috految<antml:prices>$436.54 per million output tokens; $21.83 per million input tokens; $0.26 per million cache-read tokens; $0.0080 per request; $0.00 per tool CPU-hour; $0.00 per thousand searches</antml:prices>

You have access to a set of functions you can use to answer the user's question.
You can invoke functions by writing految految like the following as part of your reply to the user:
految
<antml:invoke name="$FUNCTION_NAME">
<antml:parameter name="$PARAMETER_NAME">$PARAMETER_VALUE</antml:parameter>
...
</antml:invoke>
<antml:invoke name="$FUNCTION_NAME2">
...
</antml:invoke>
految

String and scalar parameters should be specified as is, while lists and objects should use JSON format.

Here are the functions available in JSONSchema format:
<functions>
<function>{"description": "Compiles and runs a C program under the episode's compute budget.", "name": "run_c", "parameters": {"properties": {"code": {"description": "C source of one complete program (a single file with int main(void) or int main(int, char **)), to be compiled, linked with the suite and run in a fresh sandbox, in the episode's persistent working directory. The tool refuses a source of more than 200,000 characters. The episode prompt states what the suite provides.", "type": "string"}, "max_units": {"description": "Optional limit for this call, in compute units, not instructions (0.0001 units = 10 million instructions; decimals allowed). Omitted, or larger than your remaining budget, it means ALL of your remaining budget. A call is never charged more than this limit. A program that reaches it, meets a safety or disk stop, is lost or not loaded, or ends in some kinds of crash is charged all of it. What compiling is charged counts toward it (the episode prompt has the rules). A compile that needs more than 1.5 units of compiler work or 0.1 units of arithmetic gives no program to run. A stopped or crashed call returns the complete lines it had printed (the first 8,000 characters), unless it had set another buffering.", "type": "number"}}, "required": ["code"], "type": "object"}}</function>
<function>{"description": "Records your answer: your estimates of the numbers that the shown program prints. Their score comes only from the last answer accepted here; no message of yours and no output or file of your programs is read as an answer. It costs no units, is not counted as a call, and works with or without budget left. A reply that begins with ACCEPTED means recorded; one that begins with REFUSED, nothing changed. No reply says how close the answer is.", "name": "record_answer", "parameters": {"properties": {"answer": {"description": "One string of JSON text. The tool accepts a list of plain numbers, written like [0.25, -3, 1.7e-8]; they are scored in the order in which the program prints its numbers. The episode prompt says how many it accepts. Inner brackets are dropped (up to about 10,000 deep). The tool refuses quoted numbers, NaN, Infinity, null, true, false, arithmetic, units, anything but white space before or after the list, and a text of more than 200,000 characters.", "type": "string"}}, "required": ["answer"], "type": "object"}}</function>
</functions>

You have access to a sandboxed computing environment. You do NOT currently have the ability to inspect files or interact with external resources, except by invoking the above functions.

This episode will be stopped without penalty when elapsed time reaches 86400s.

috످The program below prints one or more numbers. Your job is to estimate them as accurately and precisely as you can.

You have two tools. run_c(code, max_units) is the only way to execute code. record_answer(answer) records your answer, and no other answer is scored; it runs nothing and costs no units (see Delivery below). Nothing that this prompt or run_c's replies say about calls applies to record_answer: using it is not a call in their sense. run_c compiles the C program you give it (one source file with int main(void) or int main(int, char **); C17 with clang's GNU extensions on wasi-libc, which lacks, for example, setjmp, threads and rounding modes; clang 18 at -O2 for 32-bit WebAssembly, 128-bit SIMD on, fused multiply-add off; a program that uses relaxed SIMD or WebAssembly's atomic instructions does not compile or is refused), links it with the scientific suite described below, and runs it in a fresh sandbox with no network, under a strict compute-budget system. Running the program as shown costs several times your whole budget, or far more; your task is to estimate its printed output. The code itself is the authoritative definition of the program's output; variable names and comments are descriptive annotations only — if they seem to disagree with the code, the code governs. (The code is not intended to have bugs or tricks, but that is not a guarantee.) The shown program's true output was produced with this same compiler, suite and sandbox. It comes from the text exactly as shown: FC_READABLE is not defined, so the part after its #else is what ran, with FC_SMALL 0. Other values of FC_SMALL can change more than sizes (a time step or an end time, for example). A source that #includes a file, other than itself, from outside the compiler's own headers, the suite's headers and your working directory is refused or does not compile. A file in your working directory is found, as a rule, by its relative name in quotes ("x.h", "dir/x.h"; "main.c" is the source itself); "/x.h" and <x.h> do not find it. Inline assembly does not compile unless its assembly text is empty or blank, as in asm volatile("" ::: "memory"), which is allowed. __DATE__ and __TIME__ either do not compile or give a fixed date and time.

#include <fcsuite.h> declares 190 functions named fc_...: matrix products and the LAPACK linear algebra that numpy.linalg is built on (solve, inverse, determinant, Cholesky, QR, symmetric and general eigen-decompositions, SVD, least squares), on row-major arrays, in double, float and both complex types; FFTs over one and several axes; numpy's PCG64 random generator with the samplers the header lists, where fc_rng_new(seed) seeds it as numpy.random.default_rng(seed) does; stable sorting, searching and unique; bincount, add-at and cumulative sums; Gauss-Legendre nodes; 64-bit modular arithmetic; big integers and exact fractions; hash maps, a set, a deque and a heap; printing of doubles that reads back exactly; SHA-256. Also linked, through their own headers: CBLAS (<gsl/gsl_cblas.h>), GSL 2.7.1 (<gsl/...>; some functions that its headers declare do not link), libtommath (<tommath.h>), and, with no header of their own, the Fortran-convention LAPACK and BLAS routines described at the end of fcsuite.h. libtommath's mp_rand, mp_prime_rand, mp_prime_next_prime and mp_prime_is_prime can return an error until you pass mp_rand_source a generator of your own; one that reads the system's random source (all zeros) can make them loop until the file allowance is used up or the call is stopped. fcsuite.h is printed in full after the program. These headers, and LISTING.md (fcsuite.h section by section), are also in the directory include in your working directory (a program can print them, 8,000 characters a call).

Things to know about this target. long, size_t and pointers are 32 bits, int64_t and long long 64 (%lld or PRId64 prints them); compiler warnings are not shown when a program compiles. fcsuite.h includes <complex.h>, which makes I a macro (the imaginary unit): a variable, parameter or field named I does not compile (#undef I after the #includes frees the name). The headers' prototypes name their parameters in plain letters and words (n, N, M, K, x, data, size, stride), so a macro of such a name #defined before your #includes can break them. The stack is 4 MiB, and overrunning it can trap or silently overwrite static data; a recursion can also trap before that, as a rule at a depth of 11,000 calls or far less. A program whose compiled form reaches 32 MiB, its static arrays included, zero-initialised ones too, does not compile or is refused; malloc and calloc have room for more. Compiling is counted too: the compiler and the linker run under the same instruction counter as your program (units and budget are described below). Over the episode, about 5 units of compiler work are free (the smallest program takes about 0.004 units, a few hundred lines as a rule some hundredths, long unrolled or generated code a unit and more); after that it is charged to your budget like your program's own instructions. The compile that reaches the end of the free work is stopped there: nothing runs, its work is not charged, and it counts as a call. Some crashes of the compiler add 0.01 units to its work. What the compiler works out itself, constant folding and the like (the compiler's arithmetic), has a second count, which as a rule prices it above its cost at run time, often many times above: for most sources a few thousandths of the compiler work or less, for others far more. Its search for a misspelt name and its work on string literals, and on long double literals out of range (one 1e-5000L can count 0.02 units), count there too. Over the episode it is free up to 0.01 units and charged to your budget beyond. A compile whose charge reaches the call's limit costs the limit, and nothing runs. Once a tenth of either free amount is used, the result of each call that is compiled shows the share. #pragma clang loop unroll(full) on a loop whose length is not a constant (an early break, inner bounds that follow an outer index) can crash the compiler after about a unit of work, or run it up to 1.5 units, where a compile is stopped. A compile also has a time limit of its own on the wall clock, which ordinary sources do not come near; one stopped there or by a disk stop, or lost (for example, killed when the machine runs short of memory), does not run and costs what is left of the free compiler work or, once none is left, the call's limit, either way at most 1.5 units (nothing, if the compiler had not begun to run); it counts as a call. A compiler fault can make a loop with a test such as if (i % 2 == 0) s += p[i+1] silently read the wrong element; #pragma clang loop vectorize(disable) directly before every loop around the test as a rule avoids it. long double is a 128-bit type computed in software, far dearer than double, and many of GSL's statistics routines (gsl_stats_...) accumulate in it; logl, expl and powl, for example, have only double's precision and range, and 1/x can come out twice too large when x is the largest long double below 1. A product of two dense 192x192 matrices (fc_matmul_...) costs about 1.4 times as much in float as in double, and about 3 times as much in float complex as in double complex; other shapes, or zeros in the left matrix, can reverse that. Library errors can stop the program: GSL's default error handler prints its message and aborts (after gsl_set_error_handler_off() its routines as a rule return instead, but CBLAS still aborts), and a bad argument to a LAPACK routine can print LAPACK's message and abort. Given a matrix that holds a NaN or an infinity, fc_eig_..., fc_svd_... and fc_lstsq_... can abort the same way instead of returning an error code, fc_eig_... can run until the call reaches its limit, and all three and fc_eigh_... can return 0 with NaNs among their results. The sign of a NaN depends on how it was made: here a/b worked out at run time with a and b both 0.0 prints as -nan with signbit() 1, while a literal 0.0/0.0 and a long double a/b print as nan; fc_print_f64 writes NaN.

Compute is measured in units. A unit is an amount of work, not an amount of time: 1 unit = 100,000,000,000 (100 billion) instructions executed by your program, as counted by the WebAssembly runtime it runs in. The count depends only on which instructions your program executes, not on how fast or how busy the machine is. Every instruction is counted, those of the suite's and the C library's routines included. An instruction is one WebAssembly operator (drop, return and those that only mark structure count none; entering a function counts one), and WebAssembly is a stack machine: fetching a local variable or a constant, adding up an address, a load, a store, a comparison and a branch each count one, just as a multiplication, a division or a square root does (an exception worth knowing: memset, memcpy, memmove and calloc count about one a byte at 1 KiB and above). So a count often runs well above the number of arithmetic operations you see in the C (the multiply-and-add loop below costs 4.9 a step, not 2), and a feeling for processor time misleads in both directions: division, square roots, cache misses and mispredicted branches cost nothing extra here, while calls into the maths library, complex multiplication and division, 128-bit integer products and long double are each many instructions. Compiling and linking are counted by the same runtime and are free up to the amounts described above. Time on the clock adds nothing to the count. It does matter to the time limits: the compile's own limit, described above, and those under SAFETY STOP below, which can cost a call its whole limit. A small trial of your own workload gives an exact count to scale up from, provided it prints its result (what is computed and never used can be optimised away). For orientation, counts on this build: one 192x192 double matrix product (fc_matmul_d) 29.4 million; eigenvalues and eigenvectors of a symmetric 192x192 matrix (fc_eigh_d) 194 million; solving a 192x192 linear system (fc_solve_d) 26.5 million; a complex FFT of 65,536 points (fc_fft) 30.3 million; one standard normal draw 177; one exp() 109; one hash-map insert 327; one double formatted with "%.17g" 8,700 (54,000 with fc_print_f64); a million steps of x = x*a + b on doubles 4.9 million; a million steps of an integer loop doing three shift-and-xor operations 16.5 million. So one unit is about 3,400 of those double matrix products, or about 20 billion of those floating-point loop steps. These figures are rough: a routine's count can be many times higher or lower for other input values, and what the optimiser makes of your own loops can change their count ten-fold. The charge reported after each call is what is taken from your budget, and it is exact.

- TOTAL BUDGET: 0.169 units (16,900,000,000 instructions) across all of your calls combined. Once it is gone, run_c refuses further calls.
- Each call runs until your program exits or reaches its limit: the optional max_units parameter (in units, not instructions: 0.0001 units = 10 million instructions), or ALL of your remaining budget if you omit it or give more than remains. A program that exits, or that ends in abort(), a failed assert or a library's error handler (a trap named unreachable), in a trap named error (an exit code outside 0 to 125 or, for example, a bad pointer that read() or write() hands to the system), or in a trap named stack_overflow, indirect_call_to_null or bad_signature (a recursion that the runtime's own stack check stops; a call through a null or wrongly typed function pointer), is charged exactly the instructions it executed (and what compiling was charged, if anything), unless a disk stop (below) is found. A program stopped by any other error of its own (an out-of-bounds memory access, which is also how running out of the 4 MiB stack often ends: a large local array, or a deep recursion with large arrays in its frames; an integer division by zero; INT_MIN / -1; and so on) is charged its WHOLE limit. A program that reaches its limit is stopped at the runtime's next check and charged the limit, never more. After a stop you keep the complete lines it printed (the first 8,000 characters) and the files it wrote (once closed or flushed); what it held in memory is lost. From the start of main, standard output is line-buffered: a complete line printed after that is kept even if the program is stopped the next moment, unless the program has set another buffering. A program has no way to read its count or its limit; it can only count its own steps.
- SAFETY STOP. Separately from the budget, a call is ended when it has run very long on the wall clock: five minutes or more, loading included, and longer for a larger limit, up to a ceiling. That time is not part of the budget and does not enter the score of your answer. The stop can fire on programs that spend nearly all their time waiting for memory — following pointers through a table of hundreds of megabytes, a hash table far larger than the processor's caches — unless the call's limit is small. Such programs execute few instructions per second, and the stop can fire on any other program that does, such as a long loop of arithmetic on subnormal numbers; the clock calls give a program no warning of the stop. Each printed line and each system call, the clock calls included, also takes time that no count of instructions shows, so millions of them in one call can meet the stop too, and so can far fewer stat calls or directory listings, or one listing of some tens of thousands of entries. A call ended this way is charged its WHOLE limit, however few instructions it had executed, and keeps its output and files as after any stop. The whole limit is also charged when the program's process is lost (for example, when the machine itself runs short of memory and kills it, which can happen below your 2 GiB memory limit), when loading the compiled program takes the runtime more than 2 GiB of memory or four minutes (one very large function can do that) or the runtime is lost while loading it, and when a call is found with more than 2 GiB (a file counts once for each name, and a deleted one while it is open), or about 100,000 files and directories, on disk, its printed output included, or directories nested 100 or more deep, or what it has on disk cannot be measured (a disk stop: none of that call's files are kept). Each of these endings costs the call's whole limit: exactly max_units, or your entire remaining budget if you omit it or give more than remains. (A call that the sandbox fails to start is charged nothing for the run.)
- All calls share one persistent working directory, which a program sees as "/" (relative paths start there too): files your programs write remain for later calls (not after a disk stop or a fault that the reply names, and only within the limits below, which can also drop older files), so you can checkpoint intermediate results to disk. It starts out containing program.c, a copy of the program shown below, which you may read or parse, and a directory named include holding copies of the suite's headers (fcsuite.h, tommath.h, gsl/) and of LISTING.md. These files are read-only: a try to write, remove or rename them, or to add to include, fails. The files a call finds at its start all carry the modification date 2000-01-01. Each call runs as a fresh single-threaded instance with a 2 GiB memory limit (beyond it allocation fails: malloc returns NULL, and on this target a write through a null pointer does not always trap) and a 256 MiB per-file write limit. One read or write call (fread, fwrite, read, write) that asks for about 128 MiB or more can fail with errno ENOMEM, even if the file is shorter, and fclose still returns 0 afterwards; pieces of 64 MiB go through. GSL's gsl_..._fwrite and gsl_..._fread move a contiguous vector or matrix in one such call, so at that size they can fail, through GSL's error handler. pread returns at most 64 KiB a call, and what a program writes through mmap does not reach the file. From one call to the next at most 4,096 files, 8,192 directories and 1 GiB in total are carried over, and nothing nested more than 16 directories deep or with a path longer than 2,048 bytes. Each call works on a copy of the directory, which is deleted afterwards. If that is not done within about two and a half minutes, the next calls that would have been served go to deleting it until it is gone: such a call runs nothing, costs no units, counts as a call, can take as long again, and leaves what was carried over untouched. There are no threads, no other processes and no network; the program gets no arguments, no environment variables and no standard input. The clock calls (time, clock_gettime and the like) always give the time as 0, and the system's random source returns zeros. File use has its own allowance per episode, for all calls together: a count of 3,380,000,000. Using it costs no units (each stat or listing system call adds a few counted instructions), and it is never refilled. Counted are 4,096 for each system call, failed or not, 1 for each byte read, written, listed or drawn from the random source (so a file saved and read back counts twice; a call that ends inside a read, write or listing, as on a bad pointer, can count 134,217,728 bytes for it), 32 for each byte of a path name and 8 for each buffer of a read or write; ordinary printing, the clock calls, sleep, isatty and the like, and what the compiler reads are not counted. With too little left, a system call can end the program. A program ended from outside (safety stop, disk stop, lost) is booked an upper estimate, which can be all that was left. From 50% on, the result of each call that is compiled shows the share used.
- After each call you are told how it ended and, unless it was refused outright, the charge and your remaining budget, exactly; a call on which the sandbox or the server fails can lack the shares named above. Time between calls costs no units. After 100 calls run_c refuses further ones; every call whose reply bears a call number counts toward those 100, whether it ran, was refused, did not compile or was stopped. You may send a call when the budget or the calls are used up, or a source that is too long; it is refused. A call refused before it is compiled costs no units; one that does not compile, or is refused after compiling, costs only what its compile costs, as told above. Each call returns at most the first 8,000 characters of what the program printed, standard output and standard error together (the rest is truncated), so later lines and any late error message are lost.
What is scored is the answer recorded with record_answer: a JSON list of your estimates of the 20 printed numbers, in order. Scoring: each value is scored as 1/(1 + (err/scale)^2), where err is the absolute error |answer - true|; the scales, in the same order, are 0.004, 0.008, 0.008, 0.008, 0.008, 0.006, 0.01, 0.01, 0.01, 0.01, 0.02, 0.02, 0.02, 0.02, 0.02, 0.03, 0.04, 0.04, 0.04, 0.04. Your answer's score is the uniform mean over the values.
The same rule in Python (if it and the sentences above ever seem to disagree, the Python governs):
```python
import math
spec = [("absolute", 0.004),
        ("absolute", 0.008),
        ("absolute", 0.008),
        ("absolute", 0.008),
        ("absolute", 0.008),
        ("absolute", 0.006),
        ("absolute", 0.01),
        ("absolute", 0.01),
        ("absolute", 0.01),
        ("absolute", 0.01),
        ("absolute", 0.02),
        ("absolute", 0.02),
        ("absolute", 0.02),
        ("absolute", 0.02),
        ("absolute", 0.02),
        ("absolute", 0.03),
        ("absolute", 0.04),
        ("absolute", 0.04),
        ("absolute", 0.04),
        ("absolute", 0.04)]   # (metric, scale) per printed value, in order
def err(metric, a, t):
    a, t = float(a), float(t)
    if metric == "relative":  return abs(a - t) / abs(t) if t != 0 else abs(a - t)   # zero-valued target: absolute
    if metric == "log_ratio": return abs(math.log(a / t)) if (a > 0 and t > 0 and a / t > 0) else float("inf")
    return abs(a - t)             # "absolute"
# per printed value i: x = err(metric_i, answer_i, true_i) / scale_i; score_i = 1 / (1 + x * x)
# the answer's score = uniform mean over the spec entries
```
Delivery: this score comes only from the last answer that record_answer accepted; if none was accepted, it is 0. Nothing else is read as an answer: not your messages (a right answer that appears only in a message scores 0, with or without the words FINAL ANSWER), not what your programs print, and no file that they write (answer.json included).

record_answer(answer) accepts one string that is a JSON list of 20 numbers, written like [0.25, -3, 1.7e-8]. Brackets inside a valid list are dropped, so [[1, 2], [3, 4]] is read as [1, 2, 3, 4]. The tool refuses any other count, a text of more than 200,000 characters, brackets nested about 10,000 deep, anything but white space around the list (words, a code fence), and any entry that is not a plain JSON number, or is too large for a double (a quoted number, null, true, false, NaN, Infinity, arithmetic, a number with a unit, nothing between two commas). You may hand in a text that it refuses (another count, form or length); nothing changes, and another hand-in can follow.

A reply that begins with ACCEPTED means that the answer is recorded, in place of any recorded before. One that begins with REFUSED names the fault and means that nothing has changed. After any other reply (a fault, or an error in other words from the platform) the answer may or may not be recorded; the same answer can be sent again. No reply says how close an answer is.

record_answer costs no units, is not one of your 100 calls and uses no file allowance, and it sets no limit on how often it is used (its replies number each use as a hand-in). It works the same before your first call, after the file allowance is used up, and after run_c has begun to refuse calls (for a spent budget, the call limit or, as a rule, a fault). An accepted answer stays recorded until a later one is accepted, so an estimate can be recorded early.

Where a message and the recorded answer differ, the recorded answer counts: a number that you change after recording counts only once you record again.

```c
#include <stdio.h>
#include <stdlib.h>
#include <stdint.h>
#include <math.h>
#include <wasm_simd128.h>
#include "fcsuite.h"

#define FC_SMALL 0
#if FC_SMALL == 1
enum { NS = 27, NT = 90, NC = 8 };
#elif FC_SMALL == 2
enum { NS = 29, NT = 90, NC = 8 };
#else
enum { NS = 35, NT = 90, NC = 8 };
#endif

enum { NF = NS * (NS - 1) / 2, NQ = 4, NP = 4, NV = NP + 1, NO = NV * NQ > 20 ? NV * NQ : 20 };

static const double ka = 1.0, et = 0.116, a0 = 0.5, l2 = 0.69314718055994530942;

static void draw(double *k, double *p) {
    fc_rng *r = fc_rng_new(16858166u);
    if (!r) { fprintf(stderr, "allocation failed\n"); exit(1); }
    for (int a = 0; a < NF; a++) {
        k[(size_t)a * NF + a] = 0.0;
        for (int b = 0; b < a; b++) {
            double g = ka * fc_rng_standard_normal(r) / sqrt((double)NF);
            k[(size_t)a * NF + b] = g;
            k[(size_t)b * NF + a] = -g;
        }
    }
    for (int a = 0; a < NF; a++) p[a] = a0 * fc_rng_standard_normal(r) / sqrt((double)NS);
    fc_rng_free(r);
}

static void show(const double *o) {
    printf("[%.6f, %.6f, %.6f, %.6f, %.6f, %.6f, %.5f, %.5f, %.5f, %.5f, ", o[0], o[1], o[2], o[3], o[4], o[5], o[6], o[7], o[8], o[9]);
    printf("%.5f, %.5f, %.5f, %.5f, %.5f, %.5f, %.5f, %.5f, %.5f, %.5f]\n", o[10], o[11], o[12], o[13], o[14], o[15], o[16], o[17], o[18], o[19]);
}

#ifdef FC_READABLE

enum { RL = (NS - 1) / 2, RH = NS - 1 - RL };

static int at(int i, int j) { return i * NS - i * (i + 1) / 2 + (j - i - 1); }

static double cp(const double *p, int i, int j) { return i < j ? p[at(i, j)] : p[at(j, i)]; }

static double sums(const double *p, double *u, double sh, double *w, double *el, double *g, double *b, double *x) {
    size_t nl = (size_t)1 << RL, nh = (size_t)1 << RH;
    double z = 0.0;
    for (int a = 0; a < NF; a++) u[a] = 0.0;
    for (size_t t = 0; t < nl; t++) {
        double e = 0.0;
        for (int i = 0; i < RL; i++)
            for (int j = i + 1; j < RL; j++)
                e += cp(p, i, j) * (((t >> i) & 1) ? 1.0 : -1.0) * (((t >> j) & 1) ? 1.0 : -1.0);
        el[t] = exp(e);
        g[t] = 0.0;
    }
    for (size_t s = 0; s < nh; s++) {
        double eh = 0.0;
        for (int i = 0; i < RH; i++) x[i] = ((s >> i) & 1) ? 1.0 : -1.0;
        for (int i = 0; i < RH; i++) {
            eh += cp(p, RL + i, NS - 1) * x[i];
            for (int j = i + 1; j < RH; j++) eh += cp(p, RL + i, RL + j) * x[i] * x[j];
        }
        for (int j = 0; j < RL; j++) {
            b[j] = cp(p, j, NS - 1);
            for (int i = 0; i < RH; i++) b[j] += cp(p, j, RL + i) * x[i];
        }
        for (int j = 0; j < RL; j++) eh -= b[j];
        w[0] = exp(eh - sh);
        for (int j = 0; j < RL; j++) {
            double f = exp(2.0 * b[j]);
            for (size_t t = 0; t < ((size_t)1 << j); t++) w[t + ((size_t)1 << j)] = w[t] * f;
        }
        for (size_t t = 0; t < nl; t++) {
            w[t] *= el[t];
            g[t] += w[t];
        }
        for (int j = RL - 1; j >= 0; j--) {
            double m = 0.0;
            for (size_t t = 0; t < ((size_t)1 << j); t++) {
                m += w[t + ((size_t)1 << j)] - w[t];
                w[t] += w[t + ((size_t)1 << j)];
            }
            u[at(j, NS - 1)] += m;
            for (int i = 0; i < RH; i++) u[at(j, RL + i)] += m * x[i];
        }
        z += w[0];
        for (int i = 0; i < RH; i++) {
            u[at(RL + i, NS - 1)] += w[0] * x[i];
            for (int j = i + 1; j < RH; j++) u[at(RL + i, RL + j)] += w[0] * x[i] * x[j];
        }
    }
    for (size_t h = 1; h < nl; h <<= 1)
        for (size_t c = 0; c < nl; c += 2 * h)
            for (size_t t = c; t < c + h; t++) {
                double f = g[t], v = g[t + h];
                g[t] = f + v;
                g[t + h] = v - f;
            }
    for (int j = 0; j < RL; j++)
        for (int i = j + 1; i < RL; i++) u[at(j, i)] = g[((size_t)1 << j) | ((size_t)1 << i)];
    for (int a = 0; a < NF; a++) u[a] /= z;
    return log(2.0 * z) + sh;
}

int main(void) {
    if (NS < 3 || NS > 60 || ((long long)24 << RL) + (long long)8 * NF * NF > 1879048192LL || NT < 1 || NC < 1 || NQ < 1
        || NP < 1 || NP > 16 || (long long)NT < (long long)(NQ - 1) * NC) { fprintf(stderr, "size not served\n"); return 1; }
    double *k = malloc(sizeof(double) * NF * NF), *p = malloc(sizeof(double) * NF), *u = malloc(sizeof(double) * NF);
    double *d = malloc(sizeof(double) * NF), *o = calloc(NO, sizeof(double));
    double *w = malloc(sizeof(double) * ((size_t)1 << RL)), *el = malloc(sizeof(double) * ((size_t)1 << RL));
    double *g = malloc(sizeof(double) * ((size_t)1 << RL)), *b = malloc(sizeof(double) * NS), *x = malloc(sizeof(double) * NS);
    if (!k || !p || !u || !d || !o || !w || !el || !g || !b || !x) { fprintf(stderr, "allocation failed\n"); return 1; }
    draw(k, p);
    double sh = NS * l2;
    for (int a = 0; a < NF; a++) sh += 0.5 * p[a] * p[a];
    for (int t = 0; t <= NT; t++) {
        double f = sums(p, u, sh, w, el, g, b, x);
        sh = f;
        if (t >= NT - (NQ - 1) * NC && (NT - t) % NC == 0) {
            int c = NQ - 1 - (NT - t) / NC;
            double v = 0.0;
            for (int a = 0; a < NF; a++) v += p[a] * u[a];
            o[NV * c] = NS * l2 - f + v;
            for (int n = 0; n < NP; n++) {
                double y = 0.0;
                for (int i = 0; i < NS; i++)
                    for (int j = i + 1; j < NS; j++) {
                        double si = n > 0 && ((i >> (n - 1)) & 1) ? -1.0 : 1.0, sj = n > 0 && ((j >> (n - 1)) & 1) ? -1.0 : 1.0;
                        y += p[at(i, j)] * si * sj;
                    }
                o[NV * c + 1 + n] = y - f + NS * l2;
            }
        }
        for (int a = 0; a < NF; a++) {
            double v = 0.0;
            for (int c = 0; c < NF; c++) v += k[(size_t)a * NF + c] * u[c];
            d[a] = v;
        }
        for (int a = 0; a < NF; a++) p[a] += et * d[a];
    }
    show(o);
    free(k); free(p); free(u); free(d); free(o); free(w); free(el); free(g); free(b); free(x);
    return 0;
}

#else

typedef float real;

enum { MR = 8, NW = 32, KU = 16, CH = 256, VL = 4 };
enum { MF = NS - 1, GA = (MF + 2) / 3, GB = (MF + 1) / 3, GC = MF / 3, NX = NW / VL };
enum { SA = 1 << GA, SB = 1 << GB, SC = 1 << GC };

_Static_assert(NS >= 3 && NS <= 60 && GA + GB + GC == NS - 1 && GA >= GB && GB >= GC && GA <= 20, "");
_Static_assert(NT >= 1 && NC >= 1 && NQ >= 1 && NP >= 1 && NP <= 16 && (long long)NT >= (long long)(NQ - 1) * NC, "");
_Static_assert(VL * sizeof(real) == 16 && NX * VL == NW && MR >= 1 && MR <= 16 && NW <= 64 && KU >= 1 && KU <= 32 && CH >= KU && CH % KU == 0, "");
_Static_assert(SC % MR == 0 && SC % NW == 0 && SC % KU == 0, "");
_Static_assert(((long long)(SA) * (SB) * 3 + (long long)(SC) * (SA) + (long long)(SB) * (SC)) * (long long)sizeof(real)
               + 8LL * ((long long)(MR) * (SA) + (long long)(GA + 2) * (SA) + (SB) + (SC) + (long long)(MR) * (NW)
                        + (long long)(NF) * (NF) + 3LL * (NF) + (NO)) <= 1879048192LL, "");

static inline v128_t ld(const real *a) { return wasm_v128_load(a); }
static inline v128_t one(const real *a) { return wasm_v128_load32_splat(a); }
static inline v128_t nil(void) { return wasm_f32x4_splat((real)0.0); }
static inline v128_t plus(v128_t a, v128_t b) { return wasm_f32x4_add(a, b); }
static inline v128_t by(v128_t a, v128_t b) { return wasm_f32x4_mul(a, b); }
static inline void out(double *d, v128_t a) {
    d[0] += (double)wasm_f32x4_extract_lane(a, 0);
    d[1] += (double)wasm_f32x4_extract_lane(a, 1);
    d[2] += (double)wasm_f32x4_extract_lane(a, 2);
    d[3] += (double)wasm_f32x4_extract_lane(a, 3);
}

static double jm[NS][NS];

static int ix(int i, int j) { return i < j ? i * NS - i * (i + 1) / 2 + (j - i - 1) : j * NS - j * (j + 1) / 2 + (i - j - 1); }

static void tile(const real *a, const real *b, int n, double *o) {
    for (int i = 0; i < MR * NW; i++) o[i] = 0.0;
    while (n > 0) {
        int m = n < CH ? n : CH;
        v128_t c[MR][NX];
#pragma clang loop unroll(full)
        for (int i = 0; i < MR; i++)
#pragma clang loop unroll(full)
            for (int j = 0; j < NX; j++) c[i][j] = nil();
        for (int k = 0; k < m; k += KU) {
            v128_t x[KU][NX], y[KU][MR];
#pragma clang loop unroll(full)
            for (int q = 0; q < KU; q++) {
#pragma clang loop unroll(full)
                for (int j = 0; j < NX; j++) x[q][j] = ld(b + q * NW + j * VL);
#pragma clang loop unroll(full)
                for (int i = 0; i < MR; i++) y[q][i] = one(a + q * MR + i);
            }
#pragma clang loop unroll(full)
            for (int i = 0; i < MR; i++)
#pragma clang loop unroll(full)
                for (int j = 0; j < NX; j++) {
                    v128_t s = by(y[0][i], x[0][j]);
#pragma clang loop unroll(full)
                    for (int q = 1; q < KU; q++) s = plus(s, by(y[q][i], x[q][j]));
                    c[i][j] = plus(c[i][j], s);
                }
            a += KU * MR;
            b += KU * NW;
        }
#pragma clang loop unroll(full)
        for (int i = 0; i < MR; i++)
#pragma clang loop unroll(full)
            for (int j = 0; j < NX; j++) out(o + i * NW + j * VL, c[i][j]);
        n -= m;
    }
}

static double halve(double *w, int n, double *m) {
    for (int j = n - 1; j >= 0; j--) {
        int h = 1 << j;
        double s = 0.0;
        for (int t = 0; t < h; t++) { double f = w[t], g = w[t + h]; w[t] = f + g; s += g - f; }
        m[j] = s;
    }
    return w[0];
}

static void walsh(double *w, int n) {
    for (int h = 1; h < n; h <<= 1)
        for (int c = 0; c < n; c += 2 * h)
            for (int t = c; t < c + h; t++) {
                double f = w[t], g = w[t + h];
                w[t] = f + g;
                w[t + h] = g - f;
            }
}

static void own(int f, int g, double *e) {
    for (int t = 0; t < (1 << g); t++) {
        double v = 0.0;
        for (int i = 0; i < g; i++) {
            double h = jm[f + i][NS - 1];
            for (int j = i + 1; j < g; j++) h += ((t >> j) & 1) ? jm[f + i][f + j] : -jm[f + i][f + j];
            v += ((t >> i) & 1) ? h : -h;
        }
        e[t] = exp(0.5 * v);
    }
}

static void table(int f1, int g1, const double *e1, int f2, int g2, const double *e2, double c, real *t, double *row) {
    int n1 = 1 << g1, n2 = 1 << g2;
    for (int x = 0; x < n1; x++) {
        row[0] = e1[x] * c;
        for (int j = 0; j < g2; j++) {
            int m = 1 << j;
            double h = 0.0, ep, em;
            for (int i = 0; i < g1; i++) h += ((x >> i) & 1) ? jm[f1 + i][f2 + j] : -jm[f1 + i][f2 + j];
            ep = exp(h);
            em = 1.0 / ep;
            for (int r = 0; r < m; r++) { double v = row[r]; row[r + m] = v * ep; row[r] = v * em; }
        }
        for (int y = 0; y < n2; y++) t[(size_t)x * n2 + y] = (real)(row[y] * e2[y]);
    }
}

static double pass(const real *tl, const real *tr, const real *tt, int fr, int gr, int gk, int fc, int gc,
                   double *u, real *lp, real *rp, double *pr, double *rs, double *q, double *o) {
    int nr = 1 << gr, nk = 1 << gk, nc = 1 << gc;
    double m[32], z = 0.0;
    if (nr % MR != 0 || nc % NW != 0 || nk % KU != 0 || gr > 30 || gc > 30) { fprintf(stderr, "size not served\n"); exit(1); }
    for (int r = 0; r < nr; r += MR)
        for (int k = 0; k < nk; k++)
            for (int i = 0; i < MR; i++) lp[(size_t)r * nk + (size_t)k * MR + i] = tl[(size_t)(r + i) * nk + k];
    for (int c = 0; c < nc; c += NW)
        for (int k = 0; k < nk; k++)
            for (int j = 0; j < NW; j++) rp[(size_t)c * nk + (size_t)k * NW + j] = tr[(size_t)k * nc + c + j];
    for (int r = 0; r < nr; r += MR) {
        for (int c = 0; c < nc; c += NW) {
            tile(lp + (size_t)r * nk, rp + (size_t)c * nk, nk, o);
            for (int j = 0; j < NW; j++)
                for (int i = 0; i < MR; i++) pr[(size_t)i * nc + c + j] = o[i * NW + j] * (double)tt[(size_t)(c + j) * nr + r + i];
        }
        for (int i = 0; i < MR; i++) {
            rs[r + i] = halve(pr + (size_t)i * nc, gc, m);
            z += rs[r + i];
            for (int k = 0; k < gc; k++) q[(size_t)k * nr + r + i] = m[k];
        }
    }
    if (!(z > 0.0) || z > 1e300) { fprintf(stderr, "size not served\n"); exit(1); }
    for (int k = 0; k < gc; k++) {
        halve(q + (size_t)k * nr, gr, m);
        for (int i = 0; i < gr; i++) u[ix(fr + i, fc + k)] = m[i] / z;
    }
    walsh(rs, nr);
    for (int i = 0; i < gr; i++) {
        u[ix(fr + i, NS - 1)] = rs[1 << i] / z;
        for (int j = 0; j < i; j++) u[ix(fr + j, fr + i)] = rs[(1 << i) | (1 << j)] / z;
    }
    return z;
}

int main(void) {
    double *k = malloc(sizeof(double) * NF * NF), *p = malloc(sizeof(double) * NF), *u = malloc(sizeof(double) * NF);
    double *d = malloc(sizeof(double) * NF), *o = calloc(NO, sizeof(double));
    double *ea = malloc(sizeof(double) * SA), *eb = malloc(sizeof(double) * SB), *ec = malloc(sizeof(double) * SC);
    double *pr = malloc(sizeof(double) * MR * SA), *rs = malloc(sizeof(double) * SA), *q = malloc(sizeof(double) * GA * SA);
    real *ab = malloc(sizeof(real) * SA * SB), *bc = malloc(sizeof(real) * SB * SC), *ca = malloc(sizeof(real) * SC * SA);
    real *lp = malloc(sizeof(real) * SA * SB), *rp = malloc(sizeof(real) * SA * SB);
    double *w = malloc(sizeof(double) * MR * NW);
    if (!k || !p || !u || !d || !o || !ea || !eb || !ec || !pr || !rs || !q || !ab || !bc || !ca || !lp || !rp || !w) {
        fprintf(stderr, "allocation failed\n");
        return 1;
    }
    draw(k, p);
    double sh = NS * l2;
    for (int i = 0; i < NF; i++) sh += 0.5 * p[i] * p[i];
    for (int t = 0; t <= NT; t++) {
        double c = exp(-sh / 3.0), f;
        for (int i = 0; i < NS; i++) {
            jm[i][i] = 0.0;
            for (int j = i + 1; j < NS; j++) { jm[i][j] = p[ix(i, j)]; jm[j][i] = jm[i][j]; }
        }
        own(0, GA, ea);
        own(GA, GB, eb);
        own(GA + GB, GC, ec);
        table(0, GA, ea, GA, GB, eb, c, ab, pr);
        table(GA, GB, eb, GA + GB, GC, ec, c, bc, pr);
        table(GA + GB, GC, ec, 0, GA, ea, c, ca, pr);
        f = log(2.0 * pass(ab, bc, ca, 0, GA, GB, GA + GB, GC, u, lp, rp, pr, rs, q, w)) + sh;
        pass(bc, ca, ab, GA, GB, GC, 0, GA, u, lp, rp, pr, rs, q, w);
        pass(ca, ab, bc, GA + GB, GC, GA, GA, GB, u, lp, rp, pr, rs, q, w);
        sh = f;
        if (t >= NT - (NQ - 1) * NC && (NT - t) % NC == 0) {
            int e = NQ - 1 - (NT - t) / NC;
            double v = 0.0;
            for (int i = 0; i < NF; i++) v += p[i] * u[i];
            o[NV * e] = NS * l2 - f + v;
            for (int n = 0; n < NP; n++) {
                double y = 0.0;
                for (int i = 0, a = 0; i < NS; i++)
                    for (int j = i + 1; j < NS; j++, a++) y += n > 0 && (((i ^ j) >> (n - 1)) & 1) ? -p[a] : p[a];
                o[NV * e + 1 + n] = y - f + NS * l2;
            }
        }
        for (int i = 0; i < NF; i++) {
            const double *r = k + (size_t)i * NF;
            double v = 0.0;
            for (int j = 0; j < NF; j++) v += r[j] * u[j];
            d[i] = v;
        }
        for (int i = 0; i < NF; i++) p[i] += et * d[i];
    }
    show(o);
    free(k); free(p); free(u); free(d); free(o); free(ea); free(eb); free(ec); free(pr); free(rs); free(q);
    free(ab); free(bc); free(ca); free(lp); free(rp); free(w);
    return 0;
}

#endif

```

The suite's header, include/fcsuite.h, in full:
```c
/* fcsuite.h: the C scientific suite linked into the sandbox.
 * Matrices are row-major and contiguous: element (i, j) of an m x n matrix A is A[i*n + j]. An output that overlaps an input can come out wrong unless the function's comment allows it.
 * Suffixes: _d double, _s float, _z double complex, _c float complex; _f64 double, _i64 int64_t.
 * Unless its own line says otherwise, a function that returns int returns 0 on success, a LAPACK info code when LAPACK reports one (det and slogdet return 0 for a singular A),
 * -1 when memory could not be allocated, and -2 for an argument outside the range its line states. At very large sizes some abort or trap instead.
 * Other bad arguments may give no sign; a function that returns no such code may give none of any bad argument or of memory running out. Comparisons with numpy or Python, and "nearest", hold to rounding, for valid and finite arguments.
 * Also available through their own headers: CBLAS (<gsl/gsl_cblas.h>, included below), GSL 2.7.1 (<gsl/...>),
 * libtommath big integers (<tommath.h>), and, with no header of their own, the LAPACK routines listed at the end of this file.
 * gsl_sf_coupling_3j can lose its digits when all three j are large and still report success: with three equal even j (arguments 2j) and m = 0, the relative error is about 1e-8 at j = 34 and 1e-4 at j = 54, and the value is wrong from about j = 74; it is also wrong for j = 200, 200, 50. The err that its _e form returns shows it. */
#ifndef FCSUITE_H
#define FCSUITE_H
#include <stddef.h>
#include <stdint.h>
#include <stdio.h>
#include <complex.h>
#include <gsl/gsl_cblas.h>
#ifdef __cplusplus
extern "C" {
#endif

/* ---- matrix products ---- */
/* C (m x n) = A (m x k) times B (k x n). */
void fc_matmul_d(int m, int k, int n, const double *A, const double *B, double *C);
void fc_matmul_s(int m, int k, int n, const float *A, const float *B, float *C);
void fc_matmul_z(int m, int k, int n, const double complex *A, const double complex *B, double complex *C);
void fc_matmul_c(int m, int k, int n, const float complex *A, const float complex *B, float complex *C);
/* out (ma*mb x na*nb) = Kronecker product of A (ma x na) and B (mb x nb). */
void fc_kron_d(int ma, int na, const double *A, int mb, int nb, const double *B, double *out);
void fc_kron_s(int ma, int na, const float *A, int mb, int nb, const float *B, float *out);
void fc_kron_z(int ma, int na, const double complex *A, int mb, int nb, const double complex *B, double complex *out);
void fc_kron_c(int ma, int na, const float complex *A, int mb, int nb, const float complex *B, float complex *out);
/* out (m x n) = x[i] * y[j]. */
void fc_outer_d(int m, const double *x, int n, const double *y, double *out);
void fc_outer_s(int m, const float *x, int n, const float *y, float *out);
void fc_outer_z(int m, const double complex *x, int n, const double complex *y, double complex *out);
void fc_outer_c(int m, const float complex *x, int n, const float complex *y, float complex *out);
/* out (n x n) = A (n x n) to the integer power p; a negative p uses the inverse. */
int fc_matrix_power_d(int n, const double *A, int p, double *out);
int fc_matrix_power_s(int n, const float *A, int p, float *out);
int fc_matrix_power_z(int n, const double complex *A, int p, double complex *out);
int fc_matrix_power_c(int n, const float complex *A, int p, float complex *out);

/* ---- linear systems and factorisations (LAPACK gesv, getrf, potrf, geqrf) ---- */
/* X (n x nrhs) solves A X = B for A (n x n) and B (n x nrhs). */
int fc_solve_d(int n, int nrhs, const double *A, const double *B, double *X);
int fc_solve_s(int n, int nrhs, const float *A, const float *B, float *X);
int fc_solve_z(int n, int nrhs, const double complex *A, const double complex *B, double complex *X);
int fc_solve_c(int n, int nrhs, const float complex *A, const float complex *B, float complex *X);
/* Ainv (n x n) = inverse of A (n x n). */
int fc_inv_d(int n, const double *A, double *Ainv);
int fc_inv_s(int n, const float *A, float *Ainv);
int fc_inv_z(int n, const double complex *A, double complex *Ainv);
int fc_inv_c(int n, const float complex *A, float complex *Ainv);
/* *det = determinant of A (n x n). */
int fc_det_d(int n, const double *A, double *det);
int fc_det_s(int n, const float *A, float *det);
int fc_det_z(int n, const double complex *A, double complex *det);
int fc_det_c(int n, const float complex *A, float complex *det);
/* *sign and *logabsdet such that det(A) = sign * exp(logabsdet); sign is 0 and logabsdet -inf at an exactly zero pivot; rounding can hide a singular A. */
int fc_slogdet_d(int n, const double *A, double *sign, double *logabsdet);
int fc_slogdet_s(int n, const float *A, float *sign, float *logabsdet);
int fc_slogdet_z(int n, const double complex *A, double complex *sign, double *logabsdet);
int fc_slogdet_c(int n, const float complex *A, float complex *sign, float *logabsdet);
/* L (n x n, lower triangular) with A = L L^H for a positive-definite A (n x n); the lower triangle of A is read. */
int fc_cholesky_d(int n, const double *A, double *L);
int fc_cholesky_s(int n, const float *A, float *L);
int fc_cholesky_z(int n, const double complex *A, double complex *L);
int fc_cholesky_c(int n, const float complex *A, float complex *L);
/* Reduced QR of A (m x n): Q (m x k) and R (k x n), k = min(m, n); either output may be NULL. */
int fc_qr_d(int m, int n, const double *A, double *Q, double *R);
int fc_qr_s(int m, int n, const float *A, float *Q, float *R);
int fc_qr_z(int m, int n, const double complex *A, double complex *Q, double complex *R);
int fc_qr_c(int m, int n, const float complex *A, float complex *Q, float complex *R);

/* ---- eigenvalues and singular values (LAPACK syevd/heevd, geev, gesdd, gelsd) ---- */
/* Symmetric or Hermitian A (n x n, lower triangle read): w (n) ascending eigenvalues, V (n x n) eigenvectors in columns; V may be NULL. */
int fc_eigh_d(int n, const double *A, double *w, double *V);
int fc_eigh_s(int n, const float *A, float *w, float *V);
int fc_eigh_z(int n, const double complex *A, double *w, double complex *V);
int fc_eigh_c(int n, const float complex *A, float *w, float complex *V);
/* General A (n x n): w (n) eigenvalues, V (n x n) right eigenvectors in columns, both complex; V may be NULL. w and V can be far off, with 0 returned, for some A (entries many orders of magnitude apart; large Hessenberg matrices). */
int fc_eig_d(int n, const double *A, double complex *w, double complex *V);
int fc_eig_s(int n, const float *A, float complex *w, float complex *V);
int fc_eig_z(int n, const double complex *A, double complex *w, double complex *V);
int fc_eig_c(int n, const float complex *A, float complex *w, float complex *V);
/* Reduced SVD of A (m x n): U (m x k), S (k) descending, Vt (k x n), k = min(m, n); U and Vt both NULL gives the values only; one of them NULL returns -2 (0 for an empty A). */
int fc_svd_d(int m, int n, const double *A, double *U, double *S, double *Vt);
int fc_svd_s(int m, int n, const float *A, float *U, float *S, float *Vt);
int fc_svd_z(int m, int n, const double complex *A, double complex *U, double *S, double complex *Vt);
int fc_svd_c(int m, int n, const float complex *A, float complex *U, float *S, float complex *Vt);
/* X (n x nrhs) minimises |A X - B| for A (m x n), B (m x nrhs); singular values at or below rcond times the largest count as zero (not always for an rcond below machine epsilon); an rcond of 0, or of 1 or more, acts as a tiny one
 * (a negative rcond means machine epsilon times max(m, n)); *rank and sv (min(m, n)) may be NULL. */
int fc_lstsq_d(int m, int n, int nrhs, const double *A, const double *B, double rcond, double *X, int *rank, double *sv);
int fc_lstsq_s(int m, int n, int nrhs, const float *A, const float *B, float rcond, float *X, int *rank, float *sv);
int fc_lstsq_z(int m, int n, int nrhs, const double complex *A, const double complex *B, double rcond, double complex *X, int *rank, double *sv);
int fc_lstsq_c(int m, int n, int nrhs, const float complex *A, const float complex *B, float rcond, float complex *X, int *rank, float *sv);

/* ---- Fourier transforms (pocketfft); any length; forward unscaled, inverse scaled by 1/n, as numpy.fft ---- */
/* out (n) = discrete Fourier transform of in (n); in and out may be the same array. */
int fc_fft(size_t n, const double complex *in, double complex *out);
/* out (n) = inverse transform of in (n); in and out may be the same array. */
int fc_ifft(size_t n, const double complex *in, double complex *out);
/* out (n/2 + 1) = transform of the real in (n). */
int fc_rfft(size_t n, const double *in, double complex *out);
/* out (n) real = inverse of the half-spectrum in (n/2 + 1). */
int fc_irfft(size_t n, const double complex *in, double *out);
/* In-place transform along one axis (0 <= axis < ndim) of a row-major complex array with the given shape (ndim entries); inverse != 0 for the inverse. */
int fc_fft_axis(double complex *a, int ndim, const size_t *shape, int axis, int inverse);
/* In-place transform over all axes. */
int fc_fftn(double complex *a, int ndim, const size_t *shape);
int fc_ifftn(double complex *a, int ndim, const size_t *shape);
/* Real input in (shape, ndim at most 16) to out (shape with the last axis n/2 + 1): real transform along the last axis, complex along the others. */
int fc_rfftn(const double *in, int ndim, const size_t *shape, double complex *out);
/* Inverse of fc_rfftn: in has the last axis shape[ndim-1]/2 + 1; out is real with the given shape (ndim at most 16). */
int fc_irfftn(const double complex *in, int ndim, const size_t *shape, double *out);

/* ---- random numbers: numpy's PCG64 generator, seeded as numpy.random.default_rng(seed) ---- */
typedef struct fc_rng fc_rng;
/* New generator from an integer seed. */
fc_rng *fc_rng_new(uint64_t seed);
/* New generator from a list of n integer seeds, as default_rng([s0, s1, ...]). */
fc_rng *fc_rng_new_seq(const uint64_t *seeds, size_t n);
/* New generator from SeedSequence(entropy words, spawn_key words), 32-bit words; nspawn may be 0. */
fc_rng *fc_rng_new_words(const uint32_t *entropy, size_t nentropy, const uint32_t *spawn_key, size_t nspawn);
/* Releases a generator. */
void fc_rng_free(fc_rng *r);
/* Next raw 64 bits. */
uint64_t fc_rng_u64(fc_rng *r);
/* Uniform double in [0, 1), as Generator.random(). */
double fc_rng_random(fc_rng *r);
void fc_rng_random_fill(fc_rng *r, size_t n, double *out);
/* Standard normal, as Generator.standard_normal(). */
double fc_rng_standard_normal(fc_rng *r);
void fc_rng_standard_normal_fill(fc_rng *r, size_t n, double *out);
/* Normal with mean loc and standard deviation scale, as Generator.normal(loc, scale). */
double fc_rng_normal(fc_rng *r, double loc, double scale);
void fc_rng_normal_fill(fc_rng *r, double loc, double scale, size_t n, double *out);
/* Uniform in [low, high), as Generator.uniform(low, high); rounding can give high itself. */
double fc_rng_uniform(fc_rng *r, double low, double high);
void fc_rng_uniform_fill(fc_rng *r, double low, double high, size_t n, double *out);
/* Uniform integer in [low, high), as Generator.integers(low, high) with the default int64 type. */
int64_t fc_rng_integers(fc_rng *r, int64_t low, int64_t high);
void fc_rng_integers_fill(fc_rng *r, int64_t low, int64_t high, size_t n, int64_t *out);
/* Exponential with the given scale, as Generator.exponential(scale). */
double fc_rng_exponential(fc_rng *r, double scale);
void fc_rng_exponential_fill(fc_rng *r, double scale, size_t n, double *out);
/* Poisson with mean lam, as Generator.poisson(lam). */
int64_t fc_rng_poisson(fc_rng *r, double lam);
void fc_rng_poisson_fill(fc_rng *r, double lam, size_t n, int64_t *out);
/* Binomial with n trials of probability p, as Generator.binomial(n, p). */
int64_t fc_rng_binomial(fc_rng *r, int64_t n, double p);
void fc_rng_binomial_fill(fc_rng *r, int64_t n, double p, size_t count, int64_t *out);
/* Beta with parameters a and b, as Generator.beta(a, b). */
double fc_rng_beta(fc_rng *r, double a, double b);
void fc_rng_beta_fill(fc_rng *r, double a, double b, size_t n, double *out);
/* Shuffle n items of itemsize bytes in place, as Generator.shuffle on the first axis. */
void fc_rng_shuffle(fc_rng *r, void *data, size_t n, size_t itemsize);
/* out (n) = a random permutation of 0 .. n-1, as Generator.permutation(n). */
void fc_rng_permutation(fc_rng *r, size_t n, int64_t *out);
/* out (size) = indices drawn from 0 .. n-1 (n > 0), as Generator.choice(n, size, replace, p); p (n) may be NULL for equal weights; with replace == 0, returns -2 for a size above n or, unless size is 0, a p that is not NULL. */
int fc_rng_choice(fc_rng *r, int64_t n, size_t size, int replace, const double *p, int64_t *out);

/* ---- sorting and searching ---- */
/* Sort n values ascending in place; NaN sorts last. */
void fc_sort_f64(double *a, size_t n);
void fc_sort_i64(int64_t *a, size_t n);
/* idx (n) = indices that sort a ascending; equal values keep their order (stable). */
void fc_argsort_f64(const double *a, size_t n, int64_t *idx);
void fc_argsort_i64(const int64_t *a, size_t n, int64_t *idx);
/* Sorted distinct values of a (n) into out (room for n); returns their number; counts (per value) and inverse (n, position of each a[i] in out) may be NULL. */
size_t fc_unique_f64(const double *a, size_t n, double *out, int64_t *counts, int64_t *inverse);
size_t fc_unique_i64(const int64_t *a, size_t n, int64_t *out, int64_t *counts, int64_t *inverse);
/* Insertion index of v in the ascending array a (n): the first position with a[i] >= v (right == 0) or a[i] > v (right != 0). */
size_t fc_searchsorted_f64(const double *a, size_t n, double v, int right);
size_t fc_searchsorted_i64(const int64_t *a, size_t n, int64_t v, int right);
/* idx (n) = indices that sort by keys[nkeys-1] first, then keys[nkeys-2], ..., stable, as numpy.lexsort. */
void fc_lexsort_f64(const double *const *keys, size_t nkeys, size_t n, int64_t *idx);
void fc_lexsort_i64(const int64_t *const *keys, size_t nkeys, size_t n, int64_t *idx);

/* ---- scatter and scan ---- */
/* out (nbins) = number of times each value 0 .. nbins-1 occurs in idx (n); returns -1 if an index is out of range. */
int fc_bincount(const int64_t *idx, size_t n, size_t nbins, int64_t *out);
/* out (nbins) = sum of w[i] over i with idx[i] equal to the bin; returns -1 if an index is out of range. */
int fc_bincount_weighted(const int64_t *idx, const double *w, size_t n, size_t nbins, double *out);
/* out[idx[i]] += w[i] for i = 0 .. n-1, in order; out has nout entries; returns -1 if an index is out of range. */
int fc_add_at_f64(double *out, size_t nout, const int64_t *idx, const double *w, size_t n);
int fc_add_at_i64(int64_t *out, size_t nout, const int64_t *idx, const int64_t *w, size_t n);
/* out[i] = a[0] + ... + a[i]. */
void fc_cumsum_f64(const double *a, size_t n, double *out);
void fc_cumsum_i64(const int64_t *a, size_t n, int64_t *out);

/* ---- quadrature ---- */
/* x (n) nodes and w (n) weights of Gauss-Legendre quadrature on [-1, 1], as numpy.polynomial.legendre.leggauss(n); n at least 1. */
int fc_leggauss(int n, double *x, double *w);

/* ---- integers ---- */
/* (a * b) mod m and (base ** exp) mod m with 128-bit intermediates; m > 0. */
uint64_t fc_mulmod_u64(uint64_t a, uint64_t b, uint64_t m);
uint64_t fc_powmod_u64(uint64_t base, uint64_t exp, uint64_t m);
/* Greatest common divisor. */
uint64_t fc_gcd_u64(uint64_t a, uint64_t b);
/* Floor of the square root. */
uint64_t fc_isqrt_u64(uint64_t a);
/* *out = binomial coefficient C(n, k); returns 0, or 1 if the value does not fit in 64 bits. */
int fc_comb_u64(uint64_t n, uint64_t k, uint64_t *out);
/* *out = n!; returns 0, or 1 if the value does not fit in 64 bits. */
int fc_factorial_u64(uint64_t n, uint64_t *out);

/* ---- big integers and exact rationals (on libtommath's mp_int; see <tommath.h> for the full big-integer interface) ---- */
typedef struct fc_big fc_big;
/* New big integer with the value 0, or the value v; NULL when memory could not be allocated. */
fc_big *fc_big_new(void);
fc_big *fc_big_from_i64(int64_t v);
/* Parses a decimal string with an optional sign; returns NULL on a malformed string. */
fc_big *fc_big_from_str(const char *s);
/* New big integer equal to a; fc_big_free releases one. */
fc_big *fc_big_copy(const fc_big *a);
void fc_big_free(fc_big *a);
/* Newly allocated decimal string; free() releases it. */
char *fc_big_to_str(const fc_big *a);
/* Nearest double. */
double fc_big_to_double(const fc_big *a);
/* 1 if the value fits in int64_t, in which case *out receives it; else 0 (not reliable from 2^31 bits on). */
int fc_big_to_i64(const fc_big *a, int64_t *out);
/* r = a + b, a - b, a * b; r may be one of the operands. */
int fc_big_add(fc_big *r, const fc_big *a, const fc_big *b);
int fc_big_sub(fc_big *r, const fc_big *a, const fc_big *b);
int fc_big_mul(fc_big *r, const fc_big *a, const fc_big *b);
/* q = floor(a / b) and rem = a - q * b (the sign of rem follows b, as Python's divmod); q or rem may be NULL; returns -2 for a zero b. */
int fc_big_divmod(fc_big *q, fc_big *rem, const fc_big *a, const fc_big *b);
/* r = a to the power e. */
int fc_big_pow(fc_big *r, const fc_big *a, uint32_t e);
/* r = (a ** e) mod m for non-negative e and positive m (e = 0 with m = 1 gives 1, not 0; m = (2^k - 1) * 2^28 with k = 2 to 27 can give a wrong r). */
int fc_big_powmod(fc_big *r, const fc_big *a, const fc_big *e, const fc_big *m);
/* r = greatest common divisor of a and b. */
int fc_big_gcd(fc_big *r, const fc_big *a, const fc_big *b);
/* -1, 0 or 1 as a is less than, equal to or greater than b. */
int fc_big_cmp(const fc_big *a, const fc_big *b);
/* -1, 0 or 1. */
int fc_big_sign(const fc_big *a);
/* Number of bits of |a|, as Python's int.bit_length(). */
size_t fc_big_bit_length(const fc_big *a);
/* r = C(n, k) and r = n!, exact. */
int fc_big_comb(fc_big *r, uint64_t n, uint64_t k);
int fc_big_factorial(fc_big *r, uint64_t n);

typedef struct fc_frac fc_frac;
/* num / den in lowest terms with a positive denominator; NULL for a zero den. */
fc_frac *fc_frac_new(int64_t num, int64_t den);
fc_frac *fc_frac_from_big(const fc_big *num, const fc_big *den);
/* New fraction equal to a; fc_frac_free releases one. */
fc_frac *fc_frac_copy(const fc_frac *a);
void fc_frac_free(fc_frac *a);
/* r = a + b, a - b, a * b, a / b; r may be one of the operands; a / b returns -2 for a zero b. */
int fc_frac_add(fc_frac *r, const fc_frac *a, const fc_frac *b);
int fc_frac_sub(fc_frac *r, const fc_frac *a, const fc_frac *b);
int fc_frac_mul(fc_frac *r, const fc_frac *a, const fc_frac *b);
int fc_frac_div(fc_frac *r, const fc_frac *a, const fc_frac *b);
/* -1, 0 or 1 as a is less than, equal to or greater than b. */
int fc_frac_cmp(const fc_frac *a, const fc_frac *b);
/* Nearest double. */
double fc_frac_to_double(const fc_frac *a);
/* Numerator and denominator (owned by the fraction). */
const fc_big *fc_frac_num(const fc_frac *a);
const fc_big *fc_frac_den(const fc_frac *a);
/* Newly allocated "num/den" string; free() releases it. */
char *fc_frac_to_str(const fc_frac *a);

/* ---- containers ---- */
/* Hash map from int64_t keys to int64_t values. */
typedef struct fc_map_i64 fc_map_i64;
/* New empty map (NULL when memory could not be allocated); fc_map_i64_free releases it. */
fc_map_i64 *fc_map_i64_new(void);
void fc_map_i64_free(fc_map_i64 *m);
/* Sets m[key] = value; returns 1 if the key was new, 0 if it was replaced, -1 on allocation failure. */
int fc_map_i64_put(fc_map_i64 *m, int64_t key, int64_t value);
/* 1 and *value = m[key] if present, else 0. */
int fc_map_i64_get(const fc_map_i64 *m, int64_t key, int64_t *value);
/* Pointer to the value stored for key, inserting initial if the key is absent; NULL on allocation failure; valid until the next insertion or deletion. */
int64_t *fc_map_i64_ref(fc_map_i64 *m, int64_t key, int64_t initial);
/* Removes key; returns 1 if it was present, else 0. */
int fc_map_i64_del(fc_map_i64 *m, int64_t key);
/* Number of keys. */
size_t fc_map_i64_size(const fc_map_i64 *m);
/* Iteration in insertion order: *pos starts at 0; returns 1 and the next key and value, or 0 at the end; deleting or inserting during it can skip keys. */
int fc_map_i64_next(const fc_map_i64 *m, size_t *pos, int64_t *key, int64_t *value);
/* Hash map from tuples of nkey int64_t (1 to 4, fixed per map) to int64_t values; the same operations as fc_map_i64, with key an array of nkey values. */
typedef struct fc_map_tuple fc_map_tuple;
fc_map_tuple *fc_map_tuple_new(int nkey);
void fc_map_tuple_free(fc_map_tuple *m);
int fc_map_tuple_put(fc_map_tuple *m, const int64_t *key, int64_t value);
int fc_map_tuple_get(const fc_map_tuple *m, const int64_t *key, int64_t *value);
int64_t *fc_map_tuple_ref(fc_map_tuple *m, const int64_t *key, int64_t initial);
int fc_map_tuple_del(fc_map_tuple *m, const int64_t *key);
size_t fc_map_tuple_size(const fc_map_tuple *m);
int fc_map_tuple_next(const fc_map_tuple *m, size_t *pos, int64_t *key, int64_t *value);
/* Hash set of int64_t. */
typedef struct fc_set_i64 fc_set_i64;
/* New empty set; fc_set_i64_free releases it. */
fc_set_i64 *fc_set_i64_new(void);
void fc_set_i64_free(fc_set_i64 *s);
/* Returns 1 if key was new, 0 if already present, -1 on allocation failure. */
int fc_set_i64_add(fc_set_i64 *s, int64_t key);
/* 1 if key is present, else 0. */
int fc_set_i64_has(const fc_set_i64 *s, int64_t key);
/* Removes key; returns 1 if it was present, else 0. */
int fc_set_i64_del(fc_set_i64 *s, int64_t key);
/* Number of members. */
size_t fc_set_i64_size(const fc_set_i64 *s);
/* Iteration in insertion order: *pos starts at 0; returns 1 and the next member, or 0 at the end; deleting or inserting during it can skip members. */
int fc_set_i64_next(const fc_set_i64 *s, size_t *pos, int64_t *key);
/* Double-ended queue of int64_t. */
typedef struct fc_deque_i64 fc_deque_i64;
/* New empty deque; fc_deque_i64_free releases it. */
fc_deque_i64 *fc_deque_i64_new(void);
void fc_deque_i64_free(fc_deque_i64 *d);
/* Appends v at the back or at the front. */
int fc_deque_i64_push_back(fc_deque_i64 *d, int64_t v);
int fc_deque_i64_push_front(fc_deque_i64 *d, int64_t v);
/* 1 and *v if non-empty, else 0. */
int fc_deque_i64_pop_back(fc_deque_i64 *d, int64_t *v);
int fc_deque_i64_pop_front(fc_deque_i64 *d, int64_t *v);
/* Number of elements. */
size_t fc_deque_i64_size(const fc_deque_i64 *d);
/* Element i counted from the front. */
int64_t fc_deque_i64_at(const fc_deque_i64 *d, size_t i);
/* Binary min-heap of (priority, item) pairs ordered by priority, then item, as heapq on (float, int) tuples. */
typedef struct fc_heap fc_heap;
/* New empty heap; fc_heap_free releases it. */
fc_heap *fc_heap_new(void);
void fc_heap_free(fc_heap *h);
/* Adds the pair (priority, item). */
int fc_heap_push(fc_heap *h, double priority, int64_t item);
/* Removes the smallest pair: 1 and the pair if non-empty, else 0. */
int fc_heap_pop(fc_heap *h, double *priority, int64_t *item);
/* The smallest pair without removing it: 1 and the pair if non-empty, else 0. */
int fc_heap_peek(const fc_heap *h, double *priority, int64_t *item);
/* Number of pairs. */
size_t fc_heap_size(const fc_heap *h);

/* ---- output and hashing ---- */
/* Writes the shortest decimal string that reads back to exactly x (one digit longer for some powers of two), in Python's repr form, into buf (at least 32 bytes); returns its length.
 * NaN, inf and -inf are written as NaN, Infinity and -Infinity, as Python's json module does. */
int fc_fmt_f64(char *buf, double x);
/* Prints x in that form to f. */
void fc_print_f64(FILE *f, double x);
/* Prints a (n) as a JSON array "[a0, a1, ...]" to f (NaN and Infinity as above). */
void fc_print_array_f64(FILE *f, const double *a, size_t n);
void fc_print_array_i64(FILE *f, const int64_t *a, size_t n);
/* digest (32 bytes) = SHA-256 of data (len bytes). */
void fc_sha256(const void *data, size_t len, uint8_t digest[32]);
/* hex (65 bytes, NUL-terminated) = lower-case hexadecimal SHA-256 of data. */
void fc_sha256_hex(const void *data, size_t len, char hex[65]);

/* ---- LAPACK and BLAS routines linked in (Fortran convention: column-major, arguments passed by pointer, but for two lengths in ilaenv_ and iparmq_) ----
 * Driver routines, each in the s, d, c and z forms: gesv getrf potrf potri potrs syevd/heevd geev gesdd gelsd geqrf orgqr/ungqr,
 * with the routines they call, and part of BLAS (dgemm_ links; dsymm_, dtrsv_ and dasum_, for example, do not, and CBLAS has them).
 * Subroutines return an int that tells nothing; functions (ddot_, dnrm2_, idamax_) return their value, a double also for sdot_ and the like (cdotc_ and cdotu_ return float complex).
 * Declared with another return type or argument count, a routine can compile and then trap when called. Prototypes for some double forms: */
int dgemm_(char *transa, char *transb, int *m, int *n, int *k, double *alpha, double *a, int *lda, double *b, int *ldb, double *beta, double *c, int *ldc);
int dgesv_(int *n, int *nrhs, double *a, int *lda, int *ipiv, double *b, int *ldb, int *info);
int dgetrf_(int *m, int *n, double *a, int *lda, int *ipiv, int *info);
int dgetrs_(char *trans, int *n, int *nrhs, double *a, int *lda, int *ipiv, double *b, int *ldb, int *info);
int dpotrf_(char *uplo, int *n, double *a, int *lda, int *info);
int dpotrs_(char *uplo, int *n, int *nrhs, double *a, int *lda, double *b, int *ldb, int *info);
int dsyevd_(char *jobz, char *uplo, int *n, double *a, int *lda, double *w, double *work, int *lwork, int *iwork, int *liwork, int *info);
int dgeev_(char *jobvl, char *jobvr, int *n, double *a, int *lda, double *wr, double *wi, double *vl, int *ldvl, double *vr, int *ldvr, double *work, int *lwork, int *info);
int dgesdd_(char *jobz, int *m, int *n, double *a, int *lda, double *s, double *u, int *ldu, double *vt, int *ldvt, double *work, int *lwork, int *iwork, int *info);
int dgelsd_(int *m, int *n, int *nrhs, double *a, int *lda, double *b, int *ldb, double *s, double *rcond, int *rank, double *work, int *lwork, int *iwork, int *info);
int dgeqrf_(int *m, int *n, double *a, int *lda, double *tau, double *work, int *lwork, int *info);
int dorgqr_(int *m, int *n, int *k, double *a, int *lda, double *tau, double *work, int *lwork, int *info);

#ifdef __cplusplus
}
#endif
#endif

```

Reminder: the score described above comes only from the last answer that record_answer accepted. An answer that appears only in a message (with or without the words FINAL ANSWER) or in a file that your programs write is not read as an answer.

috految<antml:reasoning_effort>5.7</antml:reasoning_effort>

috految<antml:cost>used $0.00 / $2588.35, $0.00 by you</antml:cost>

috److془We need to design carefully. Budget 16.9e9; 185M per step.

SK N=35, beta from 0.5 to ~1.1 at t=66 to 1.5+ at 90. Growth: dlogZ = .5*.0135*|u|^2*~1.6; F=2.1 → at 66 ~ 8-9, etc. Need error |δp| ~0.008 at t=66. Amplification maybe 5-10. Per step noise σ per element: 0.116*24*σ*8*amp(5) = 110σ. Need σ~5e-5. Early bias 1e-5. Middle (t=50) σ~2e-4, late 1e-3.

Options: Monte Carlo with control variates; 1e5 samples 3e-3 × residual (0.05-0.2). Or clamping + EP with corrections. Or cluster expansions. Or linear code subsampling: 2^24 points each of ~10 instr; error = sqrt(sum dual coefs²): random: sqrt(e^{4}/2^24)~1e-3. Dual distance 12 lessens by few. Hmm.

Clamping: 2^k leaves, with remainder approx. Remainder n=25,1024 leaves at 180k instr each; SIMD ~1 instr/FMA, n^3=15k. Or 8192 leaves n=21 at 22k. Remainder chosen weak: rms J reduced by 15%; beta_eff = .85*.83*beta*(1-q): .33 initial, .55 at beta 1. EP+pair corrections: error of triangle of (2,2,2): ~ d/dC: 2*C_ij*sum C²C² ~2*.08*23*4e-5=1.5e-4 (with kappa4 -2: 8/8 yes). Hmm; ring resummation and such needed. Alternatively Plefka resummed: poor-ish. Late: rho .13, error 1e-3. Bias multiplies ~4.5 × more than noise. Hmm.

Multi-level: MC with Stein control: sample set with x_i - tanh h_i. Residual: tanh(h)-a h: beta .5: .045; beta .8: .12; 1.1: .19. Quadratic version: r_i r_j: .002,.015,.04! times amplification C. Hmm but the linear terms: E[r_i (x_j - t_j)] = r_i' J_ij(1-t_j²) fluctuation: .16*.085=.013, at .8: .025; better as the mean of r' controlled. Amplification C² rms: 1.4, 3.5 (less with diag constraint). With 5e4 samples: 7e-5, 4e-4. Comparable with target. Further: the mode of noise is low dimension, iid.
Alternate: sparse rounding by exact enum... Alternative: sequential with stratification: enumerate 17 spins: 65536 leaves, n=18, 2800 per leaf. Hmm. Or 2^20 leaves n=14. Or the Simple: 2^17 leaves, sample remainder... Alternative: Modify via Ising identity: Stein with sparser noise? Alternatively, clamp, with MC residual. Hmm; or enumeration of 16 with TAP n=19 rms J .065; error 1e-4 ish. Alternative: Stein with stratified within weak set.. Go simple: Stein. Or EP + pair correction... Stein also gives logZ by trapezoid with errors; need care. Actually, discrete: ΔF=∫u·dp with Δp·u_t=0. Hmm use importance sampling instead.

Stein with importance sampling easily: autoregressive logits. Or simply Gibbs, with Stein only valid exactly at equilibrium. Exact enumerated many spins + sampled tail reduces variance strongly for slow modes. Tree with splitting by systematic resampling: weights variance moderate. Indeed for late, entropy 24-9=15 nats, 11 stratified. Good. Autoregressive logit linear from Gaussian elimination: b_ij += a_k b_ki b_kj; a_k=E sech²; weights exact: residual log cosh(h)-a h²/2: tiny (.012 initial, .06 late per spin). Wow: then Stein in the autoregressive is simple: the fields smaller. Total weight sd: ~.04 to .2. Stein quad better though with 2 matrices. Hmm: but with AR: ordering, top 17 stratified, the noise ~ .03, .1 (~ .06 for beta .8), with cost ~ 500/sample: 3e5 samples 6e-5, 1.5e-4. Better! Even more: weights residual is stratified fairly too. 
Estimator: M_ij=E[w x_i x_j]; control: E_q[(x_i - t_i) x_j]=0, j<i, D_ij sample. Correction: δ_ij = D_ij + a_i sum_k b_ik δ_kj, δ_ii=0. Beautiful. Use w at the level i in D: specifically w coefficient direct. Residual: r_i x_j ~.03 . Fine. Compute: sum by histogram over chunks. Tree: top 16 (2^15 leaves) with n samples ∝ weight; tail 19 spins lanes 4 samples. Cost per vector: fields 171*4, tanh etc 19*55, M 171*5, D 171*5: ~3700 → 900/sample. Top 15 stratified; 1.6e5 samples. Use QMC Sobol uniform for tail, (consecutive): reduces greatly. Top 13 with ~35 samples per leaf; or 15 with overhead. Take 14. Tail 21. Fuse: the accumulation sum two matrices bettered with batches; just locals. Use Sobol with digital shift; blocks of 4. Exp: product alternative; use rational tanh, exact E: factor 1/(2q), exp(x h - a h²/2) . Better: cosh, sinh polynomials; w = prod cosh * exp(-sum a h²/2). Exact using x·h with any t; Pade t=h(105+10y)/(105+45y+y²) ; good with h<3, bounded <1. Use (n=4 peak .99) fine. Weight in D: leaf weight × mean tail ratio. a=E sech² under the target, ≈ E[th]/E h². Gaussian overestimates at large h, fine; proposal runaway late: self-consistent a with feedback. Use a=1/sqrt(1+1.75 v), v=bCb previous. (v=1: .60 ✓.) Use 1.7. Elimination greedy smallest v. Late slightly suboptimal fine. Leaf weights exact by E_top. Leaf n ∝ W^.8. Average tail ratio fine. Cost ~5000/vector + leaf 2500*8192=20M. Use 13 top. Vectors ~31000. Calibrate with checkpoint. Top-top D zero. Neat.془

految
<antml:invoke name="run_c">
<antml:parameter name="code">#include <stdio.h>
#define S(...) #__VA_ARGS__
int main(){fputs("#define main old\n#include \"program.c\"\n#undef main\n#include <gsl/gsl_qrng.h>\n#define F(i,n) for(int i=0;i<n;i++)\n#define U(i,n) _Pragma(\"clang loop unroll(full)\") F(i,n)\n" S(
typedef float V __attribute__((vector_size(16)));typedef int Z __attribute__((vector_size(16)));
static inline float su(V v){return v[0]+v[1]+v[2]+v[3];}
double K[NF*NF],p[NF],C[35][35],B[35][35],a[35],W[8192],E[8192],Q[8192][1],T[42][8192];int o[35];Z sob[16384][21];
void run(int t0,int t1,int N){draw(K,p);F(i,35)C[i][i]=1;
if(t0){FILE*f=fopen("s","r");fread(p,8,NF,f);fread(C,8,1225,f);}
gsl_qrng*g=gsl_qrng_alloc(gsl_qrng_sobol,21);double r[21]={};F(n,65536){U(i,21)sob[n/4][i][n%4]=(unsigned)(r[i]*4294967296.);gsl_qrng_get(g,r);}
srand48(t0);
for(int t=t0;t<t1;t++){F(i,35){o[i]=i;F(j,35)B[i][j]=i==j?0:p[ix(i,j)];}double c=0;
for(int n=34;n>=14;n--){int k=0;double v=1e9;F(i,n+1){double s=0,*b=B[o[i]];F(j,n+1){double z=b[o[j]];s+=z*z;F(l,j)s+=2*z*b[o[l]]*C[o[j]][o[l]];}if(s<v)v=s,k=i;}
int e=o[k];o[k]=o[n];o[n]=e;a[n]=1/sqrt(1+1.75*v);
F(i,n)F(j,n){double z=a[n]*B[e][o[i]]*B[e][o[j]];if(i==j)c+=z/2;else B[o[i]][o[j]]+=z;}}
F(s,8192)E[s]=0;F(i,14)F(j,i)E[((1<<i)|(1<<j))&8191]=B[o[i]][o[j]];
F(i,13)F(s,8192)if(s>>i&1){double x=E[s^1<<i],y=E[s];E[s^1<<i]=x-y;E[s]=x+y;}
double sw=0,sq=0;F(s,8192){sw+=W[s]=exp(E[s]);sq+=*Q[s]=pow(W[s],.8);}
V b[21][21],A[21],M[21][21]={},D[21][21]={},O={};Z sh[21];float H[21];
U(i,21){A[i]=O+(float)(a[i+14]/2);U(j,21)b[i][j]=O+(float)B[o[i+14]][o[j+14]];sh[i]=(Z){}+(int)mrand48();H[i]=B[o[i+14]][o[13]];F(j,13)H[i]-=B[o[i+14]][o[j]];}
int at=0;double z=0;
F(l,8192){int s=l^l>>1;if(l){int j=__builtin_ctz(l);U(i,21)H[i]+=(s>>j&1?2:-2)*B[o[i+14]][o[j]];}
int n=*Q[s]/sq*N+.5;if(n<1)n=1;float q=W[s]/sw/n/4;V m[21]={},d[21]={},w0={};
F(k,n){if(at==16384){at=0;U(i,21)sh[i]=(Z){}+(int)mrand48();}Z*R=sob[at++];V x[21],y[21],e={},P=O+1;
U(i,21){V h=O+H[i];U(j,21)if(j<i)h+=b[i][j]*x[j];V v=h*h,th=h*(105+10*v)/(105+v*(45+v));V u=__builtin_convertvector(R[i]^sh[i],V)*0x1p-31f;
x[i]=(V)(((Z)(th-u)&(int)0x80000000)|0x3f800000);e+=x[i]*h-A[i]*v;P*=1+x[i]*th;y[i]=(x[i]-th)*q;}
e*=1.f/32;V w=1+e*(1+e*(.5f+e*(1.f/6+e*(1.f/24+e*(1.f/120+e/720)))));U(i,5)w*=w;w*=q/P;w0+=w;
U(i,21){V v=w*x[i];m[i]+=v;d[i]+=y[i];U(j,21)if(j<i){M[i][j]+=v*x[j];D[i][j]+=y[i]*x[j];}}}
z+=E[s]=su(w0);U(i,21)T[i][s]=su(m[i]),T[21+i][s]=su(d[i]);}
double m[35][35]={},d[35][35]={},u[NF];walsh(E,8192);F(i,14)F(j,i)m[i][j]=E[((1<<i)|(1<<j))&8191];
F(i,21){m[i+14][13]=halve(T[i],13,m[i+14]);d[i+14][13]=halve(T[i+21],13,d[i+14]);}
U(i,21)U(j,21)if(j<i)m[i+14][j+14]=su(M[i][j]),d[i+14][j+14]=su(D[i][j]);
F(i,35)F(j,i){if(i>13)F(k,i)d[i][j]+=a[i]*B[o[i]][o[k]]*d[k][j];d[j][i]=d[i][j];u[ix(o[i],o[j])]=C[o[i]][o[j]]=C[o[j]][o[i]]=m[i][j]/z-d[i][j];}
double f=log(z*sw/8192)+c,v=0;F(i,NF)v+=p[i]*u[i];
if(t%8==2){printf("%d f %f: %f",t,f,v-f);F(n,4){double y=-f;F(i,35)F(j,i)y+=p[ix(i,j)]*(n&&((i^j)>>(n-1)&1)?-1:1);printf(" %f",y);}puts("");}
F(i,NF){double v=0;U(j,NF)v+=K[i*NF+j]*u[j];p[i]+=et*v;}
FILE*h=fopen("s","w");fwrite(p,8,NF,h);fwrite(C,8,1225,h);fclose(h);}}
),fopen("a.h","w"));}</antml:parameter>
</antml:invoke>
<antml:invoke name="run_c">
<antml:parameter name="code">#include "a.h"
int main(){run(0,11,30000);}</antml:parameter>
<antml:parameter name="max_units">0.05</antml:parameter>
</antml:invoke>
految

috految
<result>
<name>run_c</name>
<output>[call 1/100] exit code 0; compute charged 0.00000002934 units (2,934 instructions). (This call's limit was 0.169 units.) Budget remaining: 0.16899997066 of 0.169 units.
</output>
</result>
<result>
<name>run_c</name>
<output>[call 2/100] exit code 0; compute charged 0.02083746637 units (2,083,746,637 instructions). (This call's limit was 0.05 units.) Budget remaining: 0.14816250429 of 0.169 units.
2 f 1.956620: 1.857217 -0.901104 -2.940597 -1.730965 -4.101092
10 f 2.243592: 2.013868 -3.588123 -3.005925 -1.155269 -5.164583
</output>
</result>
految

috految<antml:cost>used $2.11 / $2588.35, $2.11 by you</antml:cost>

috److految
<antml:invoke name="run_c">
<antml:parameter name="code">#include "a.h"
int main(){run(11,67,33000);run(67,91,17000);}</antml:parameter>
</antml:invoke>
految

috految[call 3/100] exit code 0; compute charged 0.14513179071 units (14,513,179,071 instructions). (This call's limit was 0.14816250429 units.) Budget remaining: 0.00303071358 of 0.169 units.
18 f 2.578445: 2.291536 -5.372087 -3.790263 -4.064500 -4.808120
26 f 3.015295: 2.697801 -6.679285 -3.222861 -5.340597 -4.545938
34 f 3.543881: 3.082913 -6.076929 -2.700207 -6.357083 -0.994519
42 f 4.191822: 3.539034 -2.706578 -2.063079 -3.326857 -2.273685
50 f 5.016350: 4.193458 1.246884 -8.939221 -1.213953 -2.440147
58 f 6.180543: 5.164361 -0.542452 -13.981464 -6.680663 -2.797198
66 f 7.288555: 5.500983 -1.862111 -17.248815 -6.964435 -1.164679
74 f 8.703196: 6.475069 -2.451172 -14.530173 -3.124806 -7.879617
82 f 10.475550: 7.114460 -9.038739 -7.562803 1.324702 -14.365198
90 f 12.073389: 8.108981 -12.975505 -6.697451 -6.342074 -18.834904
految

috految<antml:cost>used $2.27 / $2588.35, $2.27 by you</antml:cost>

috److految
<antml:invoke name="record_answer">
<antml:parameter name="answer">[5.501,-1.862,-17.249,-6.964,-1.165,6.475,-2.451,-14.530,-3.125,-7.880,7.114,-9.039,-7.563,1.325,-14.365,8.109,-12.976,-6.697,-6.342,-18.835]</antml:parameter>
</antml:invoke>
految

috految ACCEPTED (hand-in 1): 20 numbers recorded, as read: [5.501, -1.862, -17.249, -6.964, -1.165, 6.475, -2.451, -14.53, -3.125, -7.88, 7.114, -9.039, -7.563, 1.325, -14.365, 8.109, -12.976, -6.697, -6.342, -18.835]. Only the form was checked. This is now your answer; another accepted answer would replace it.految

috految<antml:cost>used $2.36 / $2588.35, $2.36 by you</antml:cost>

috److I recorded estimates for all 20 values, and the tool accepted them.

The exact program sums over all configurations of 35 spins at each of 91 steps, which is far beyond the budget. I ran the same update rule with the same random seed but approximated that sum:

- **Exact part:** I enumerated 14 of the spins exactly.
- **Sampled part:** the other 21 spins were drawn by importance sampling with quasi-random (Sobol) points and a variance-reduction correction.

| Step | Value 1 | Value 2 | Value 3 | Value 4 | Value 5 |
|---|---|---|---|---|---|
| 66 | 5.501 | -1.862 | -17.249 | -6.964 | -1.165 |
| 74 | 6.475 | -2.451 | -14.530 | -3.125 | -7.880 |
| 82 | 7.114 | -9.039 | -7.563 | 1.325 | -14.365 |
| 90 | 8.109 | -12.976 | -6.697 | -6.342 | -18.835 |

These come from a single pass that used about 0.166 of the 0.169 units. I did not check the method against an exact small case, so I have no measured error. The later steps are probably less accurate, because sampling noise accumulates and I used about half as many samples after step 66.

috످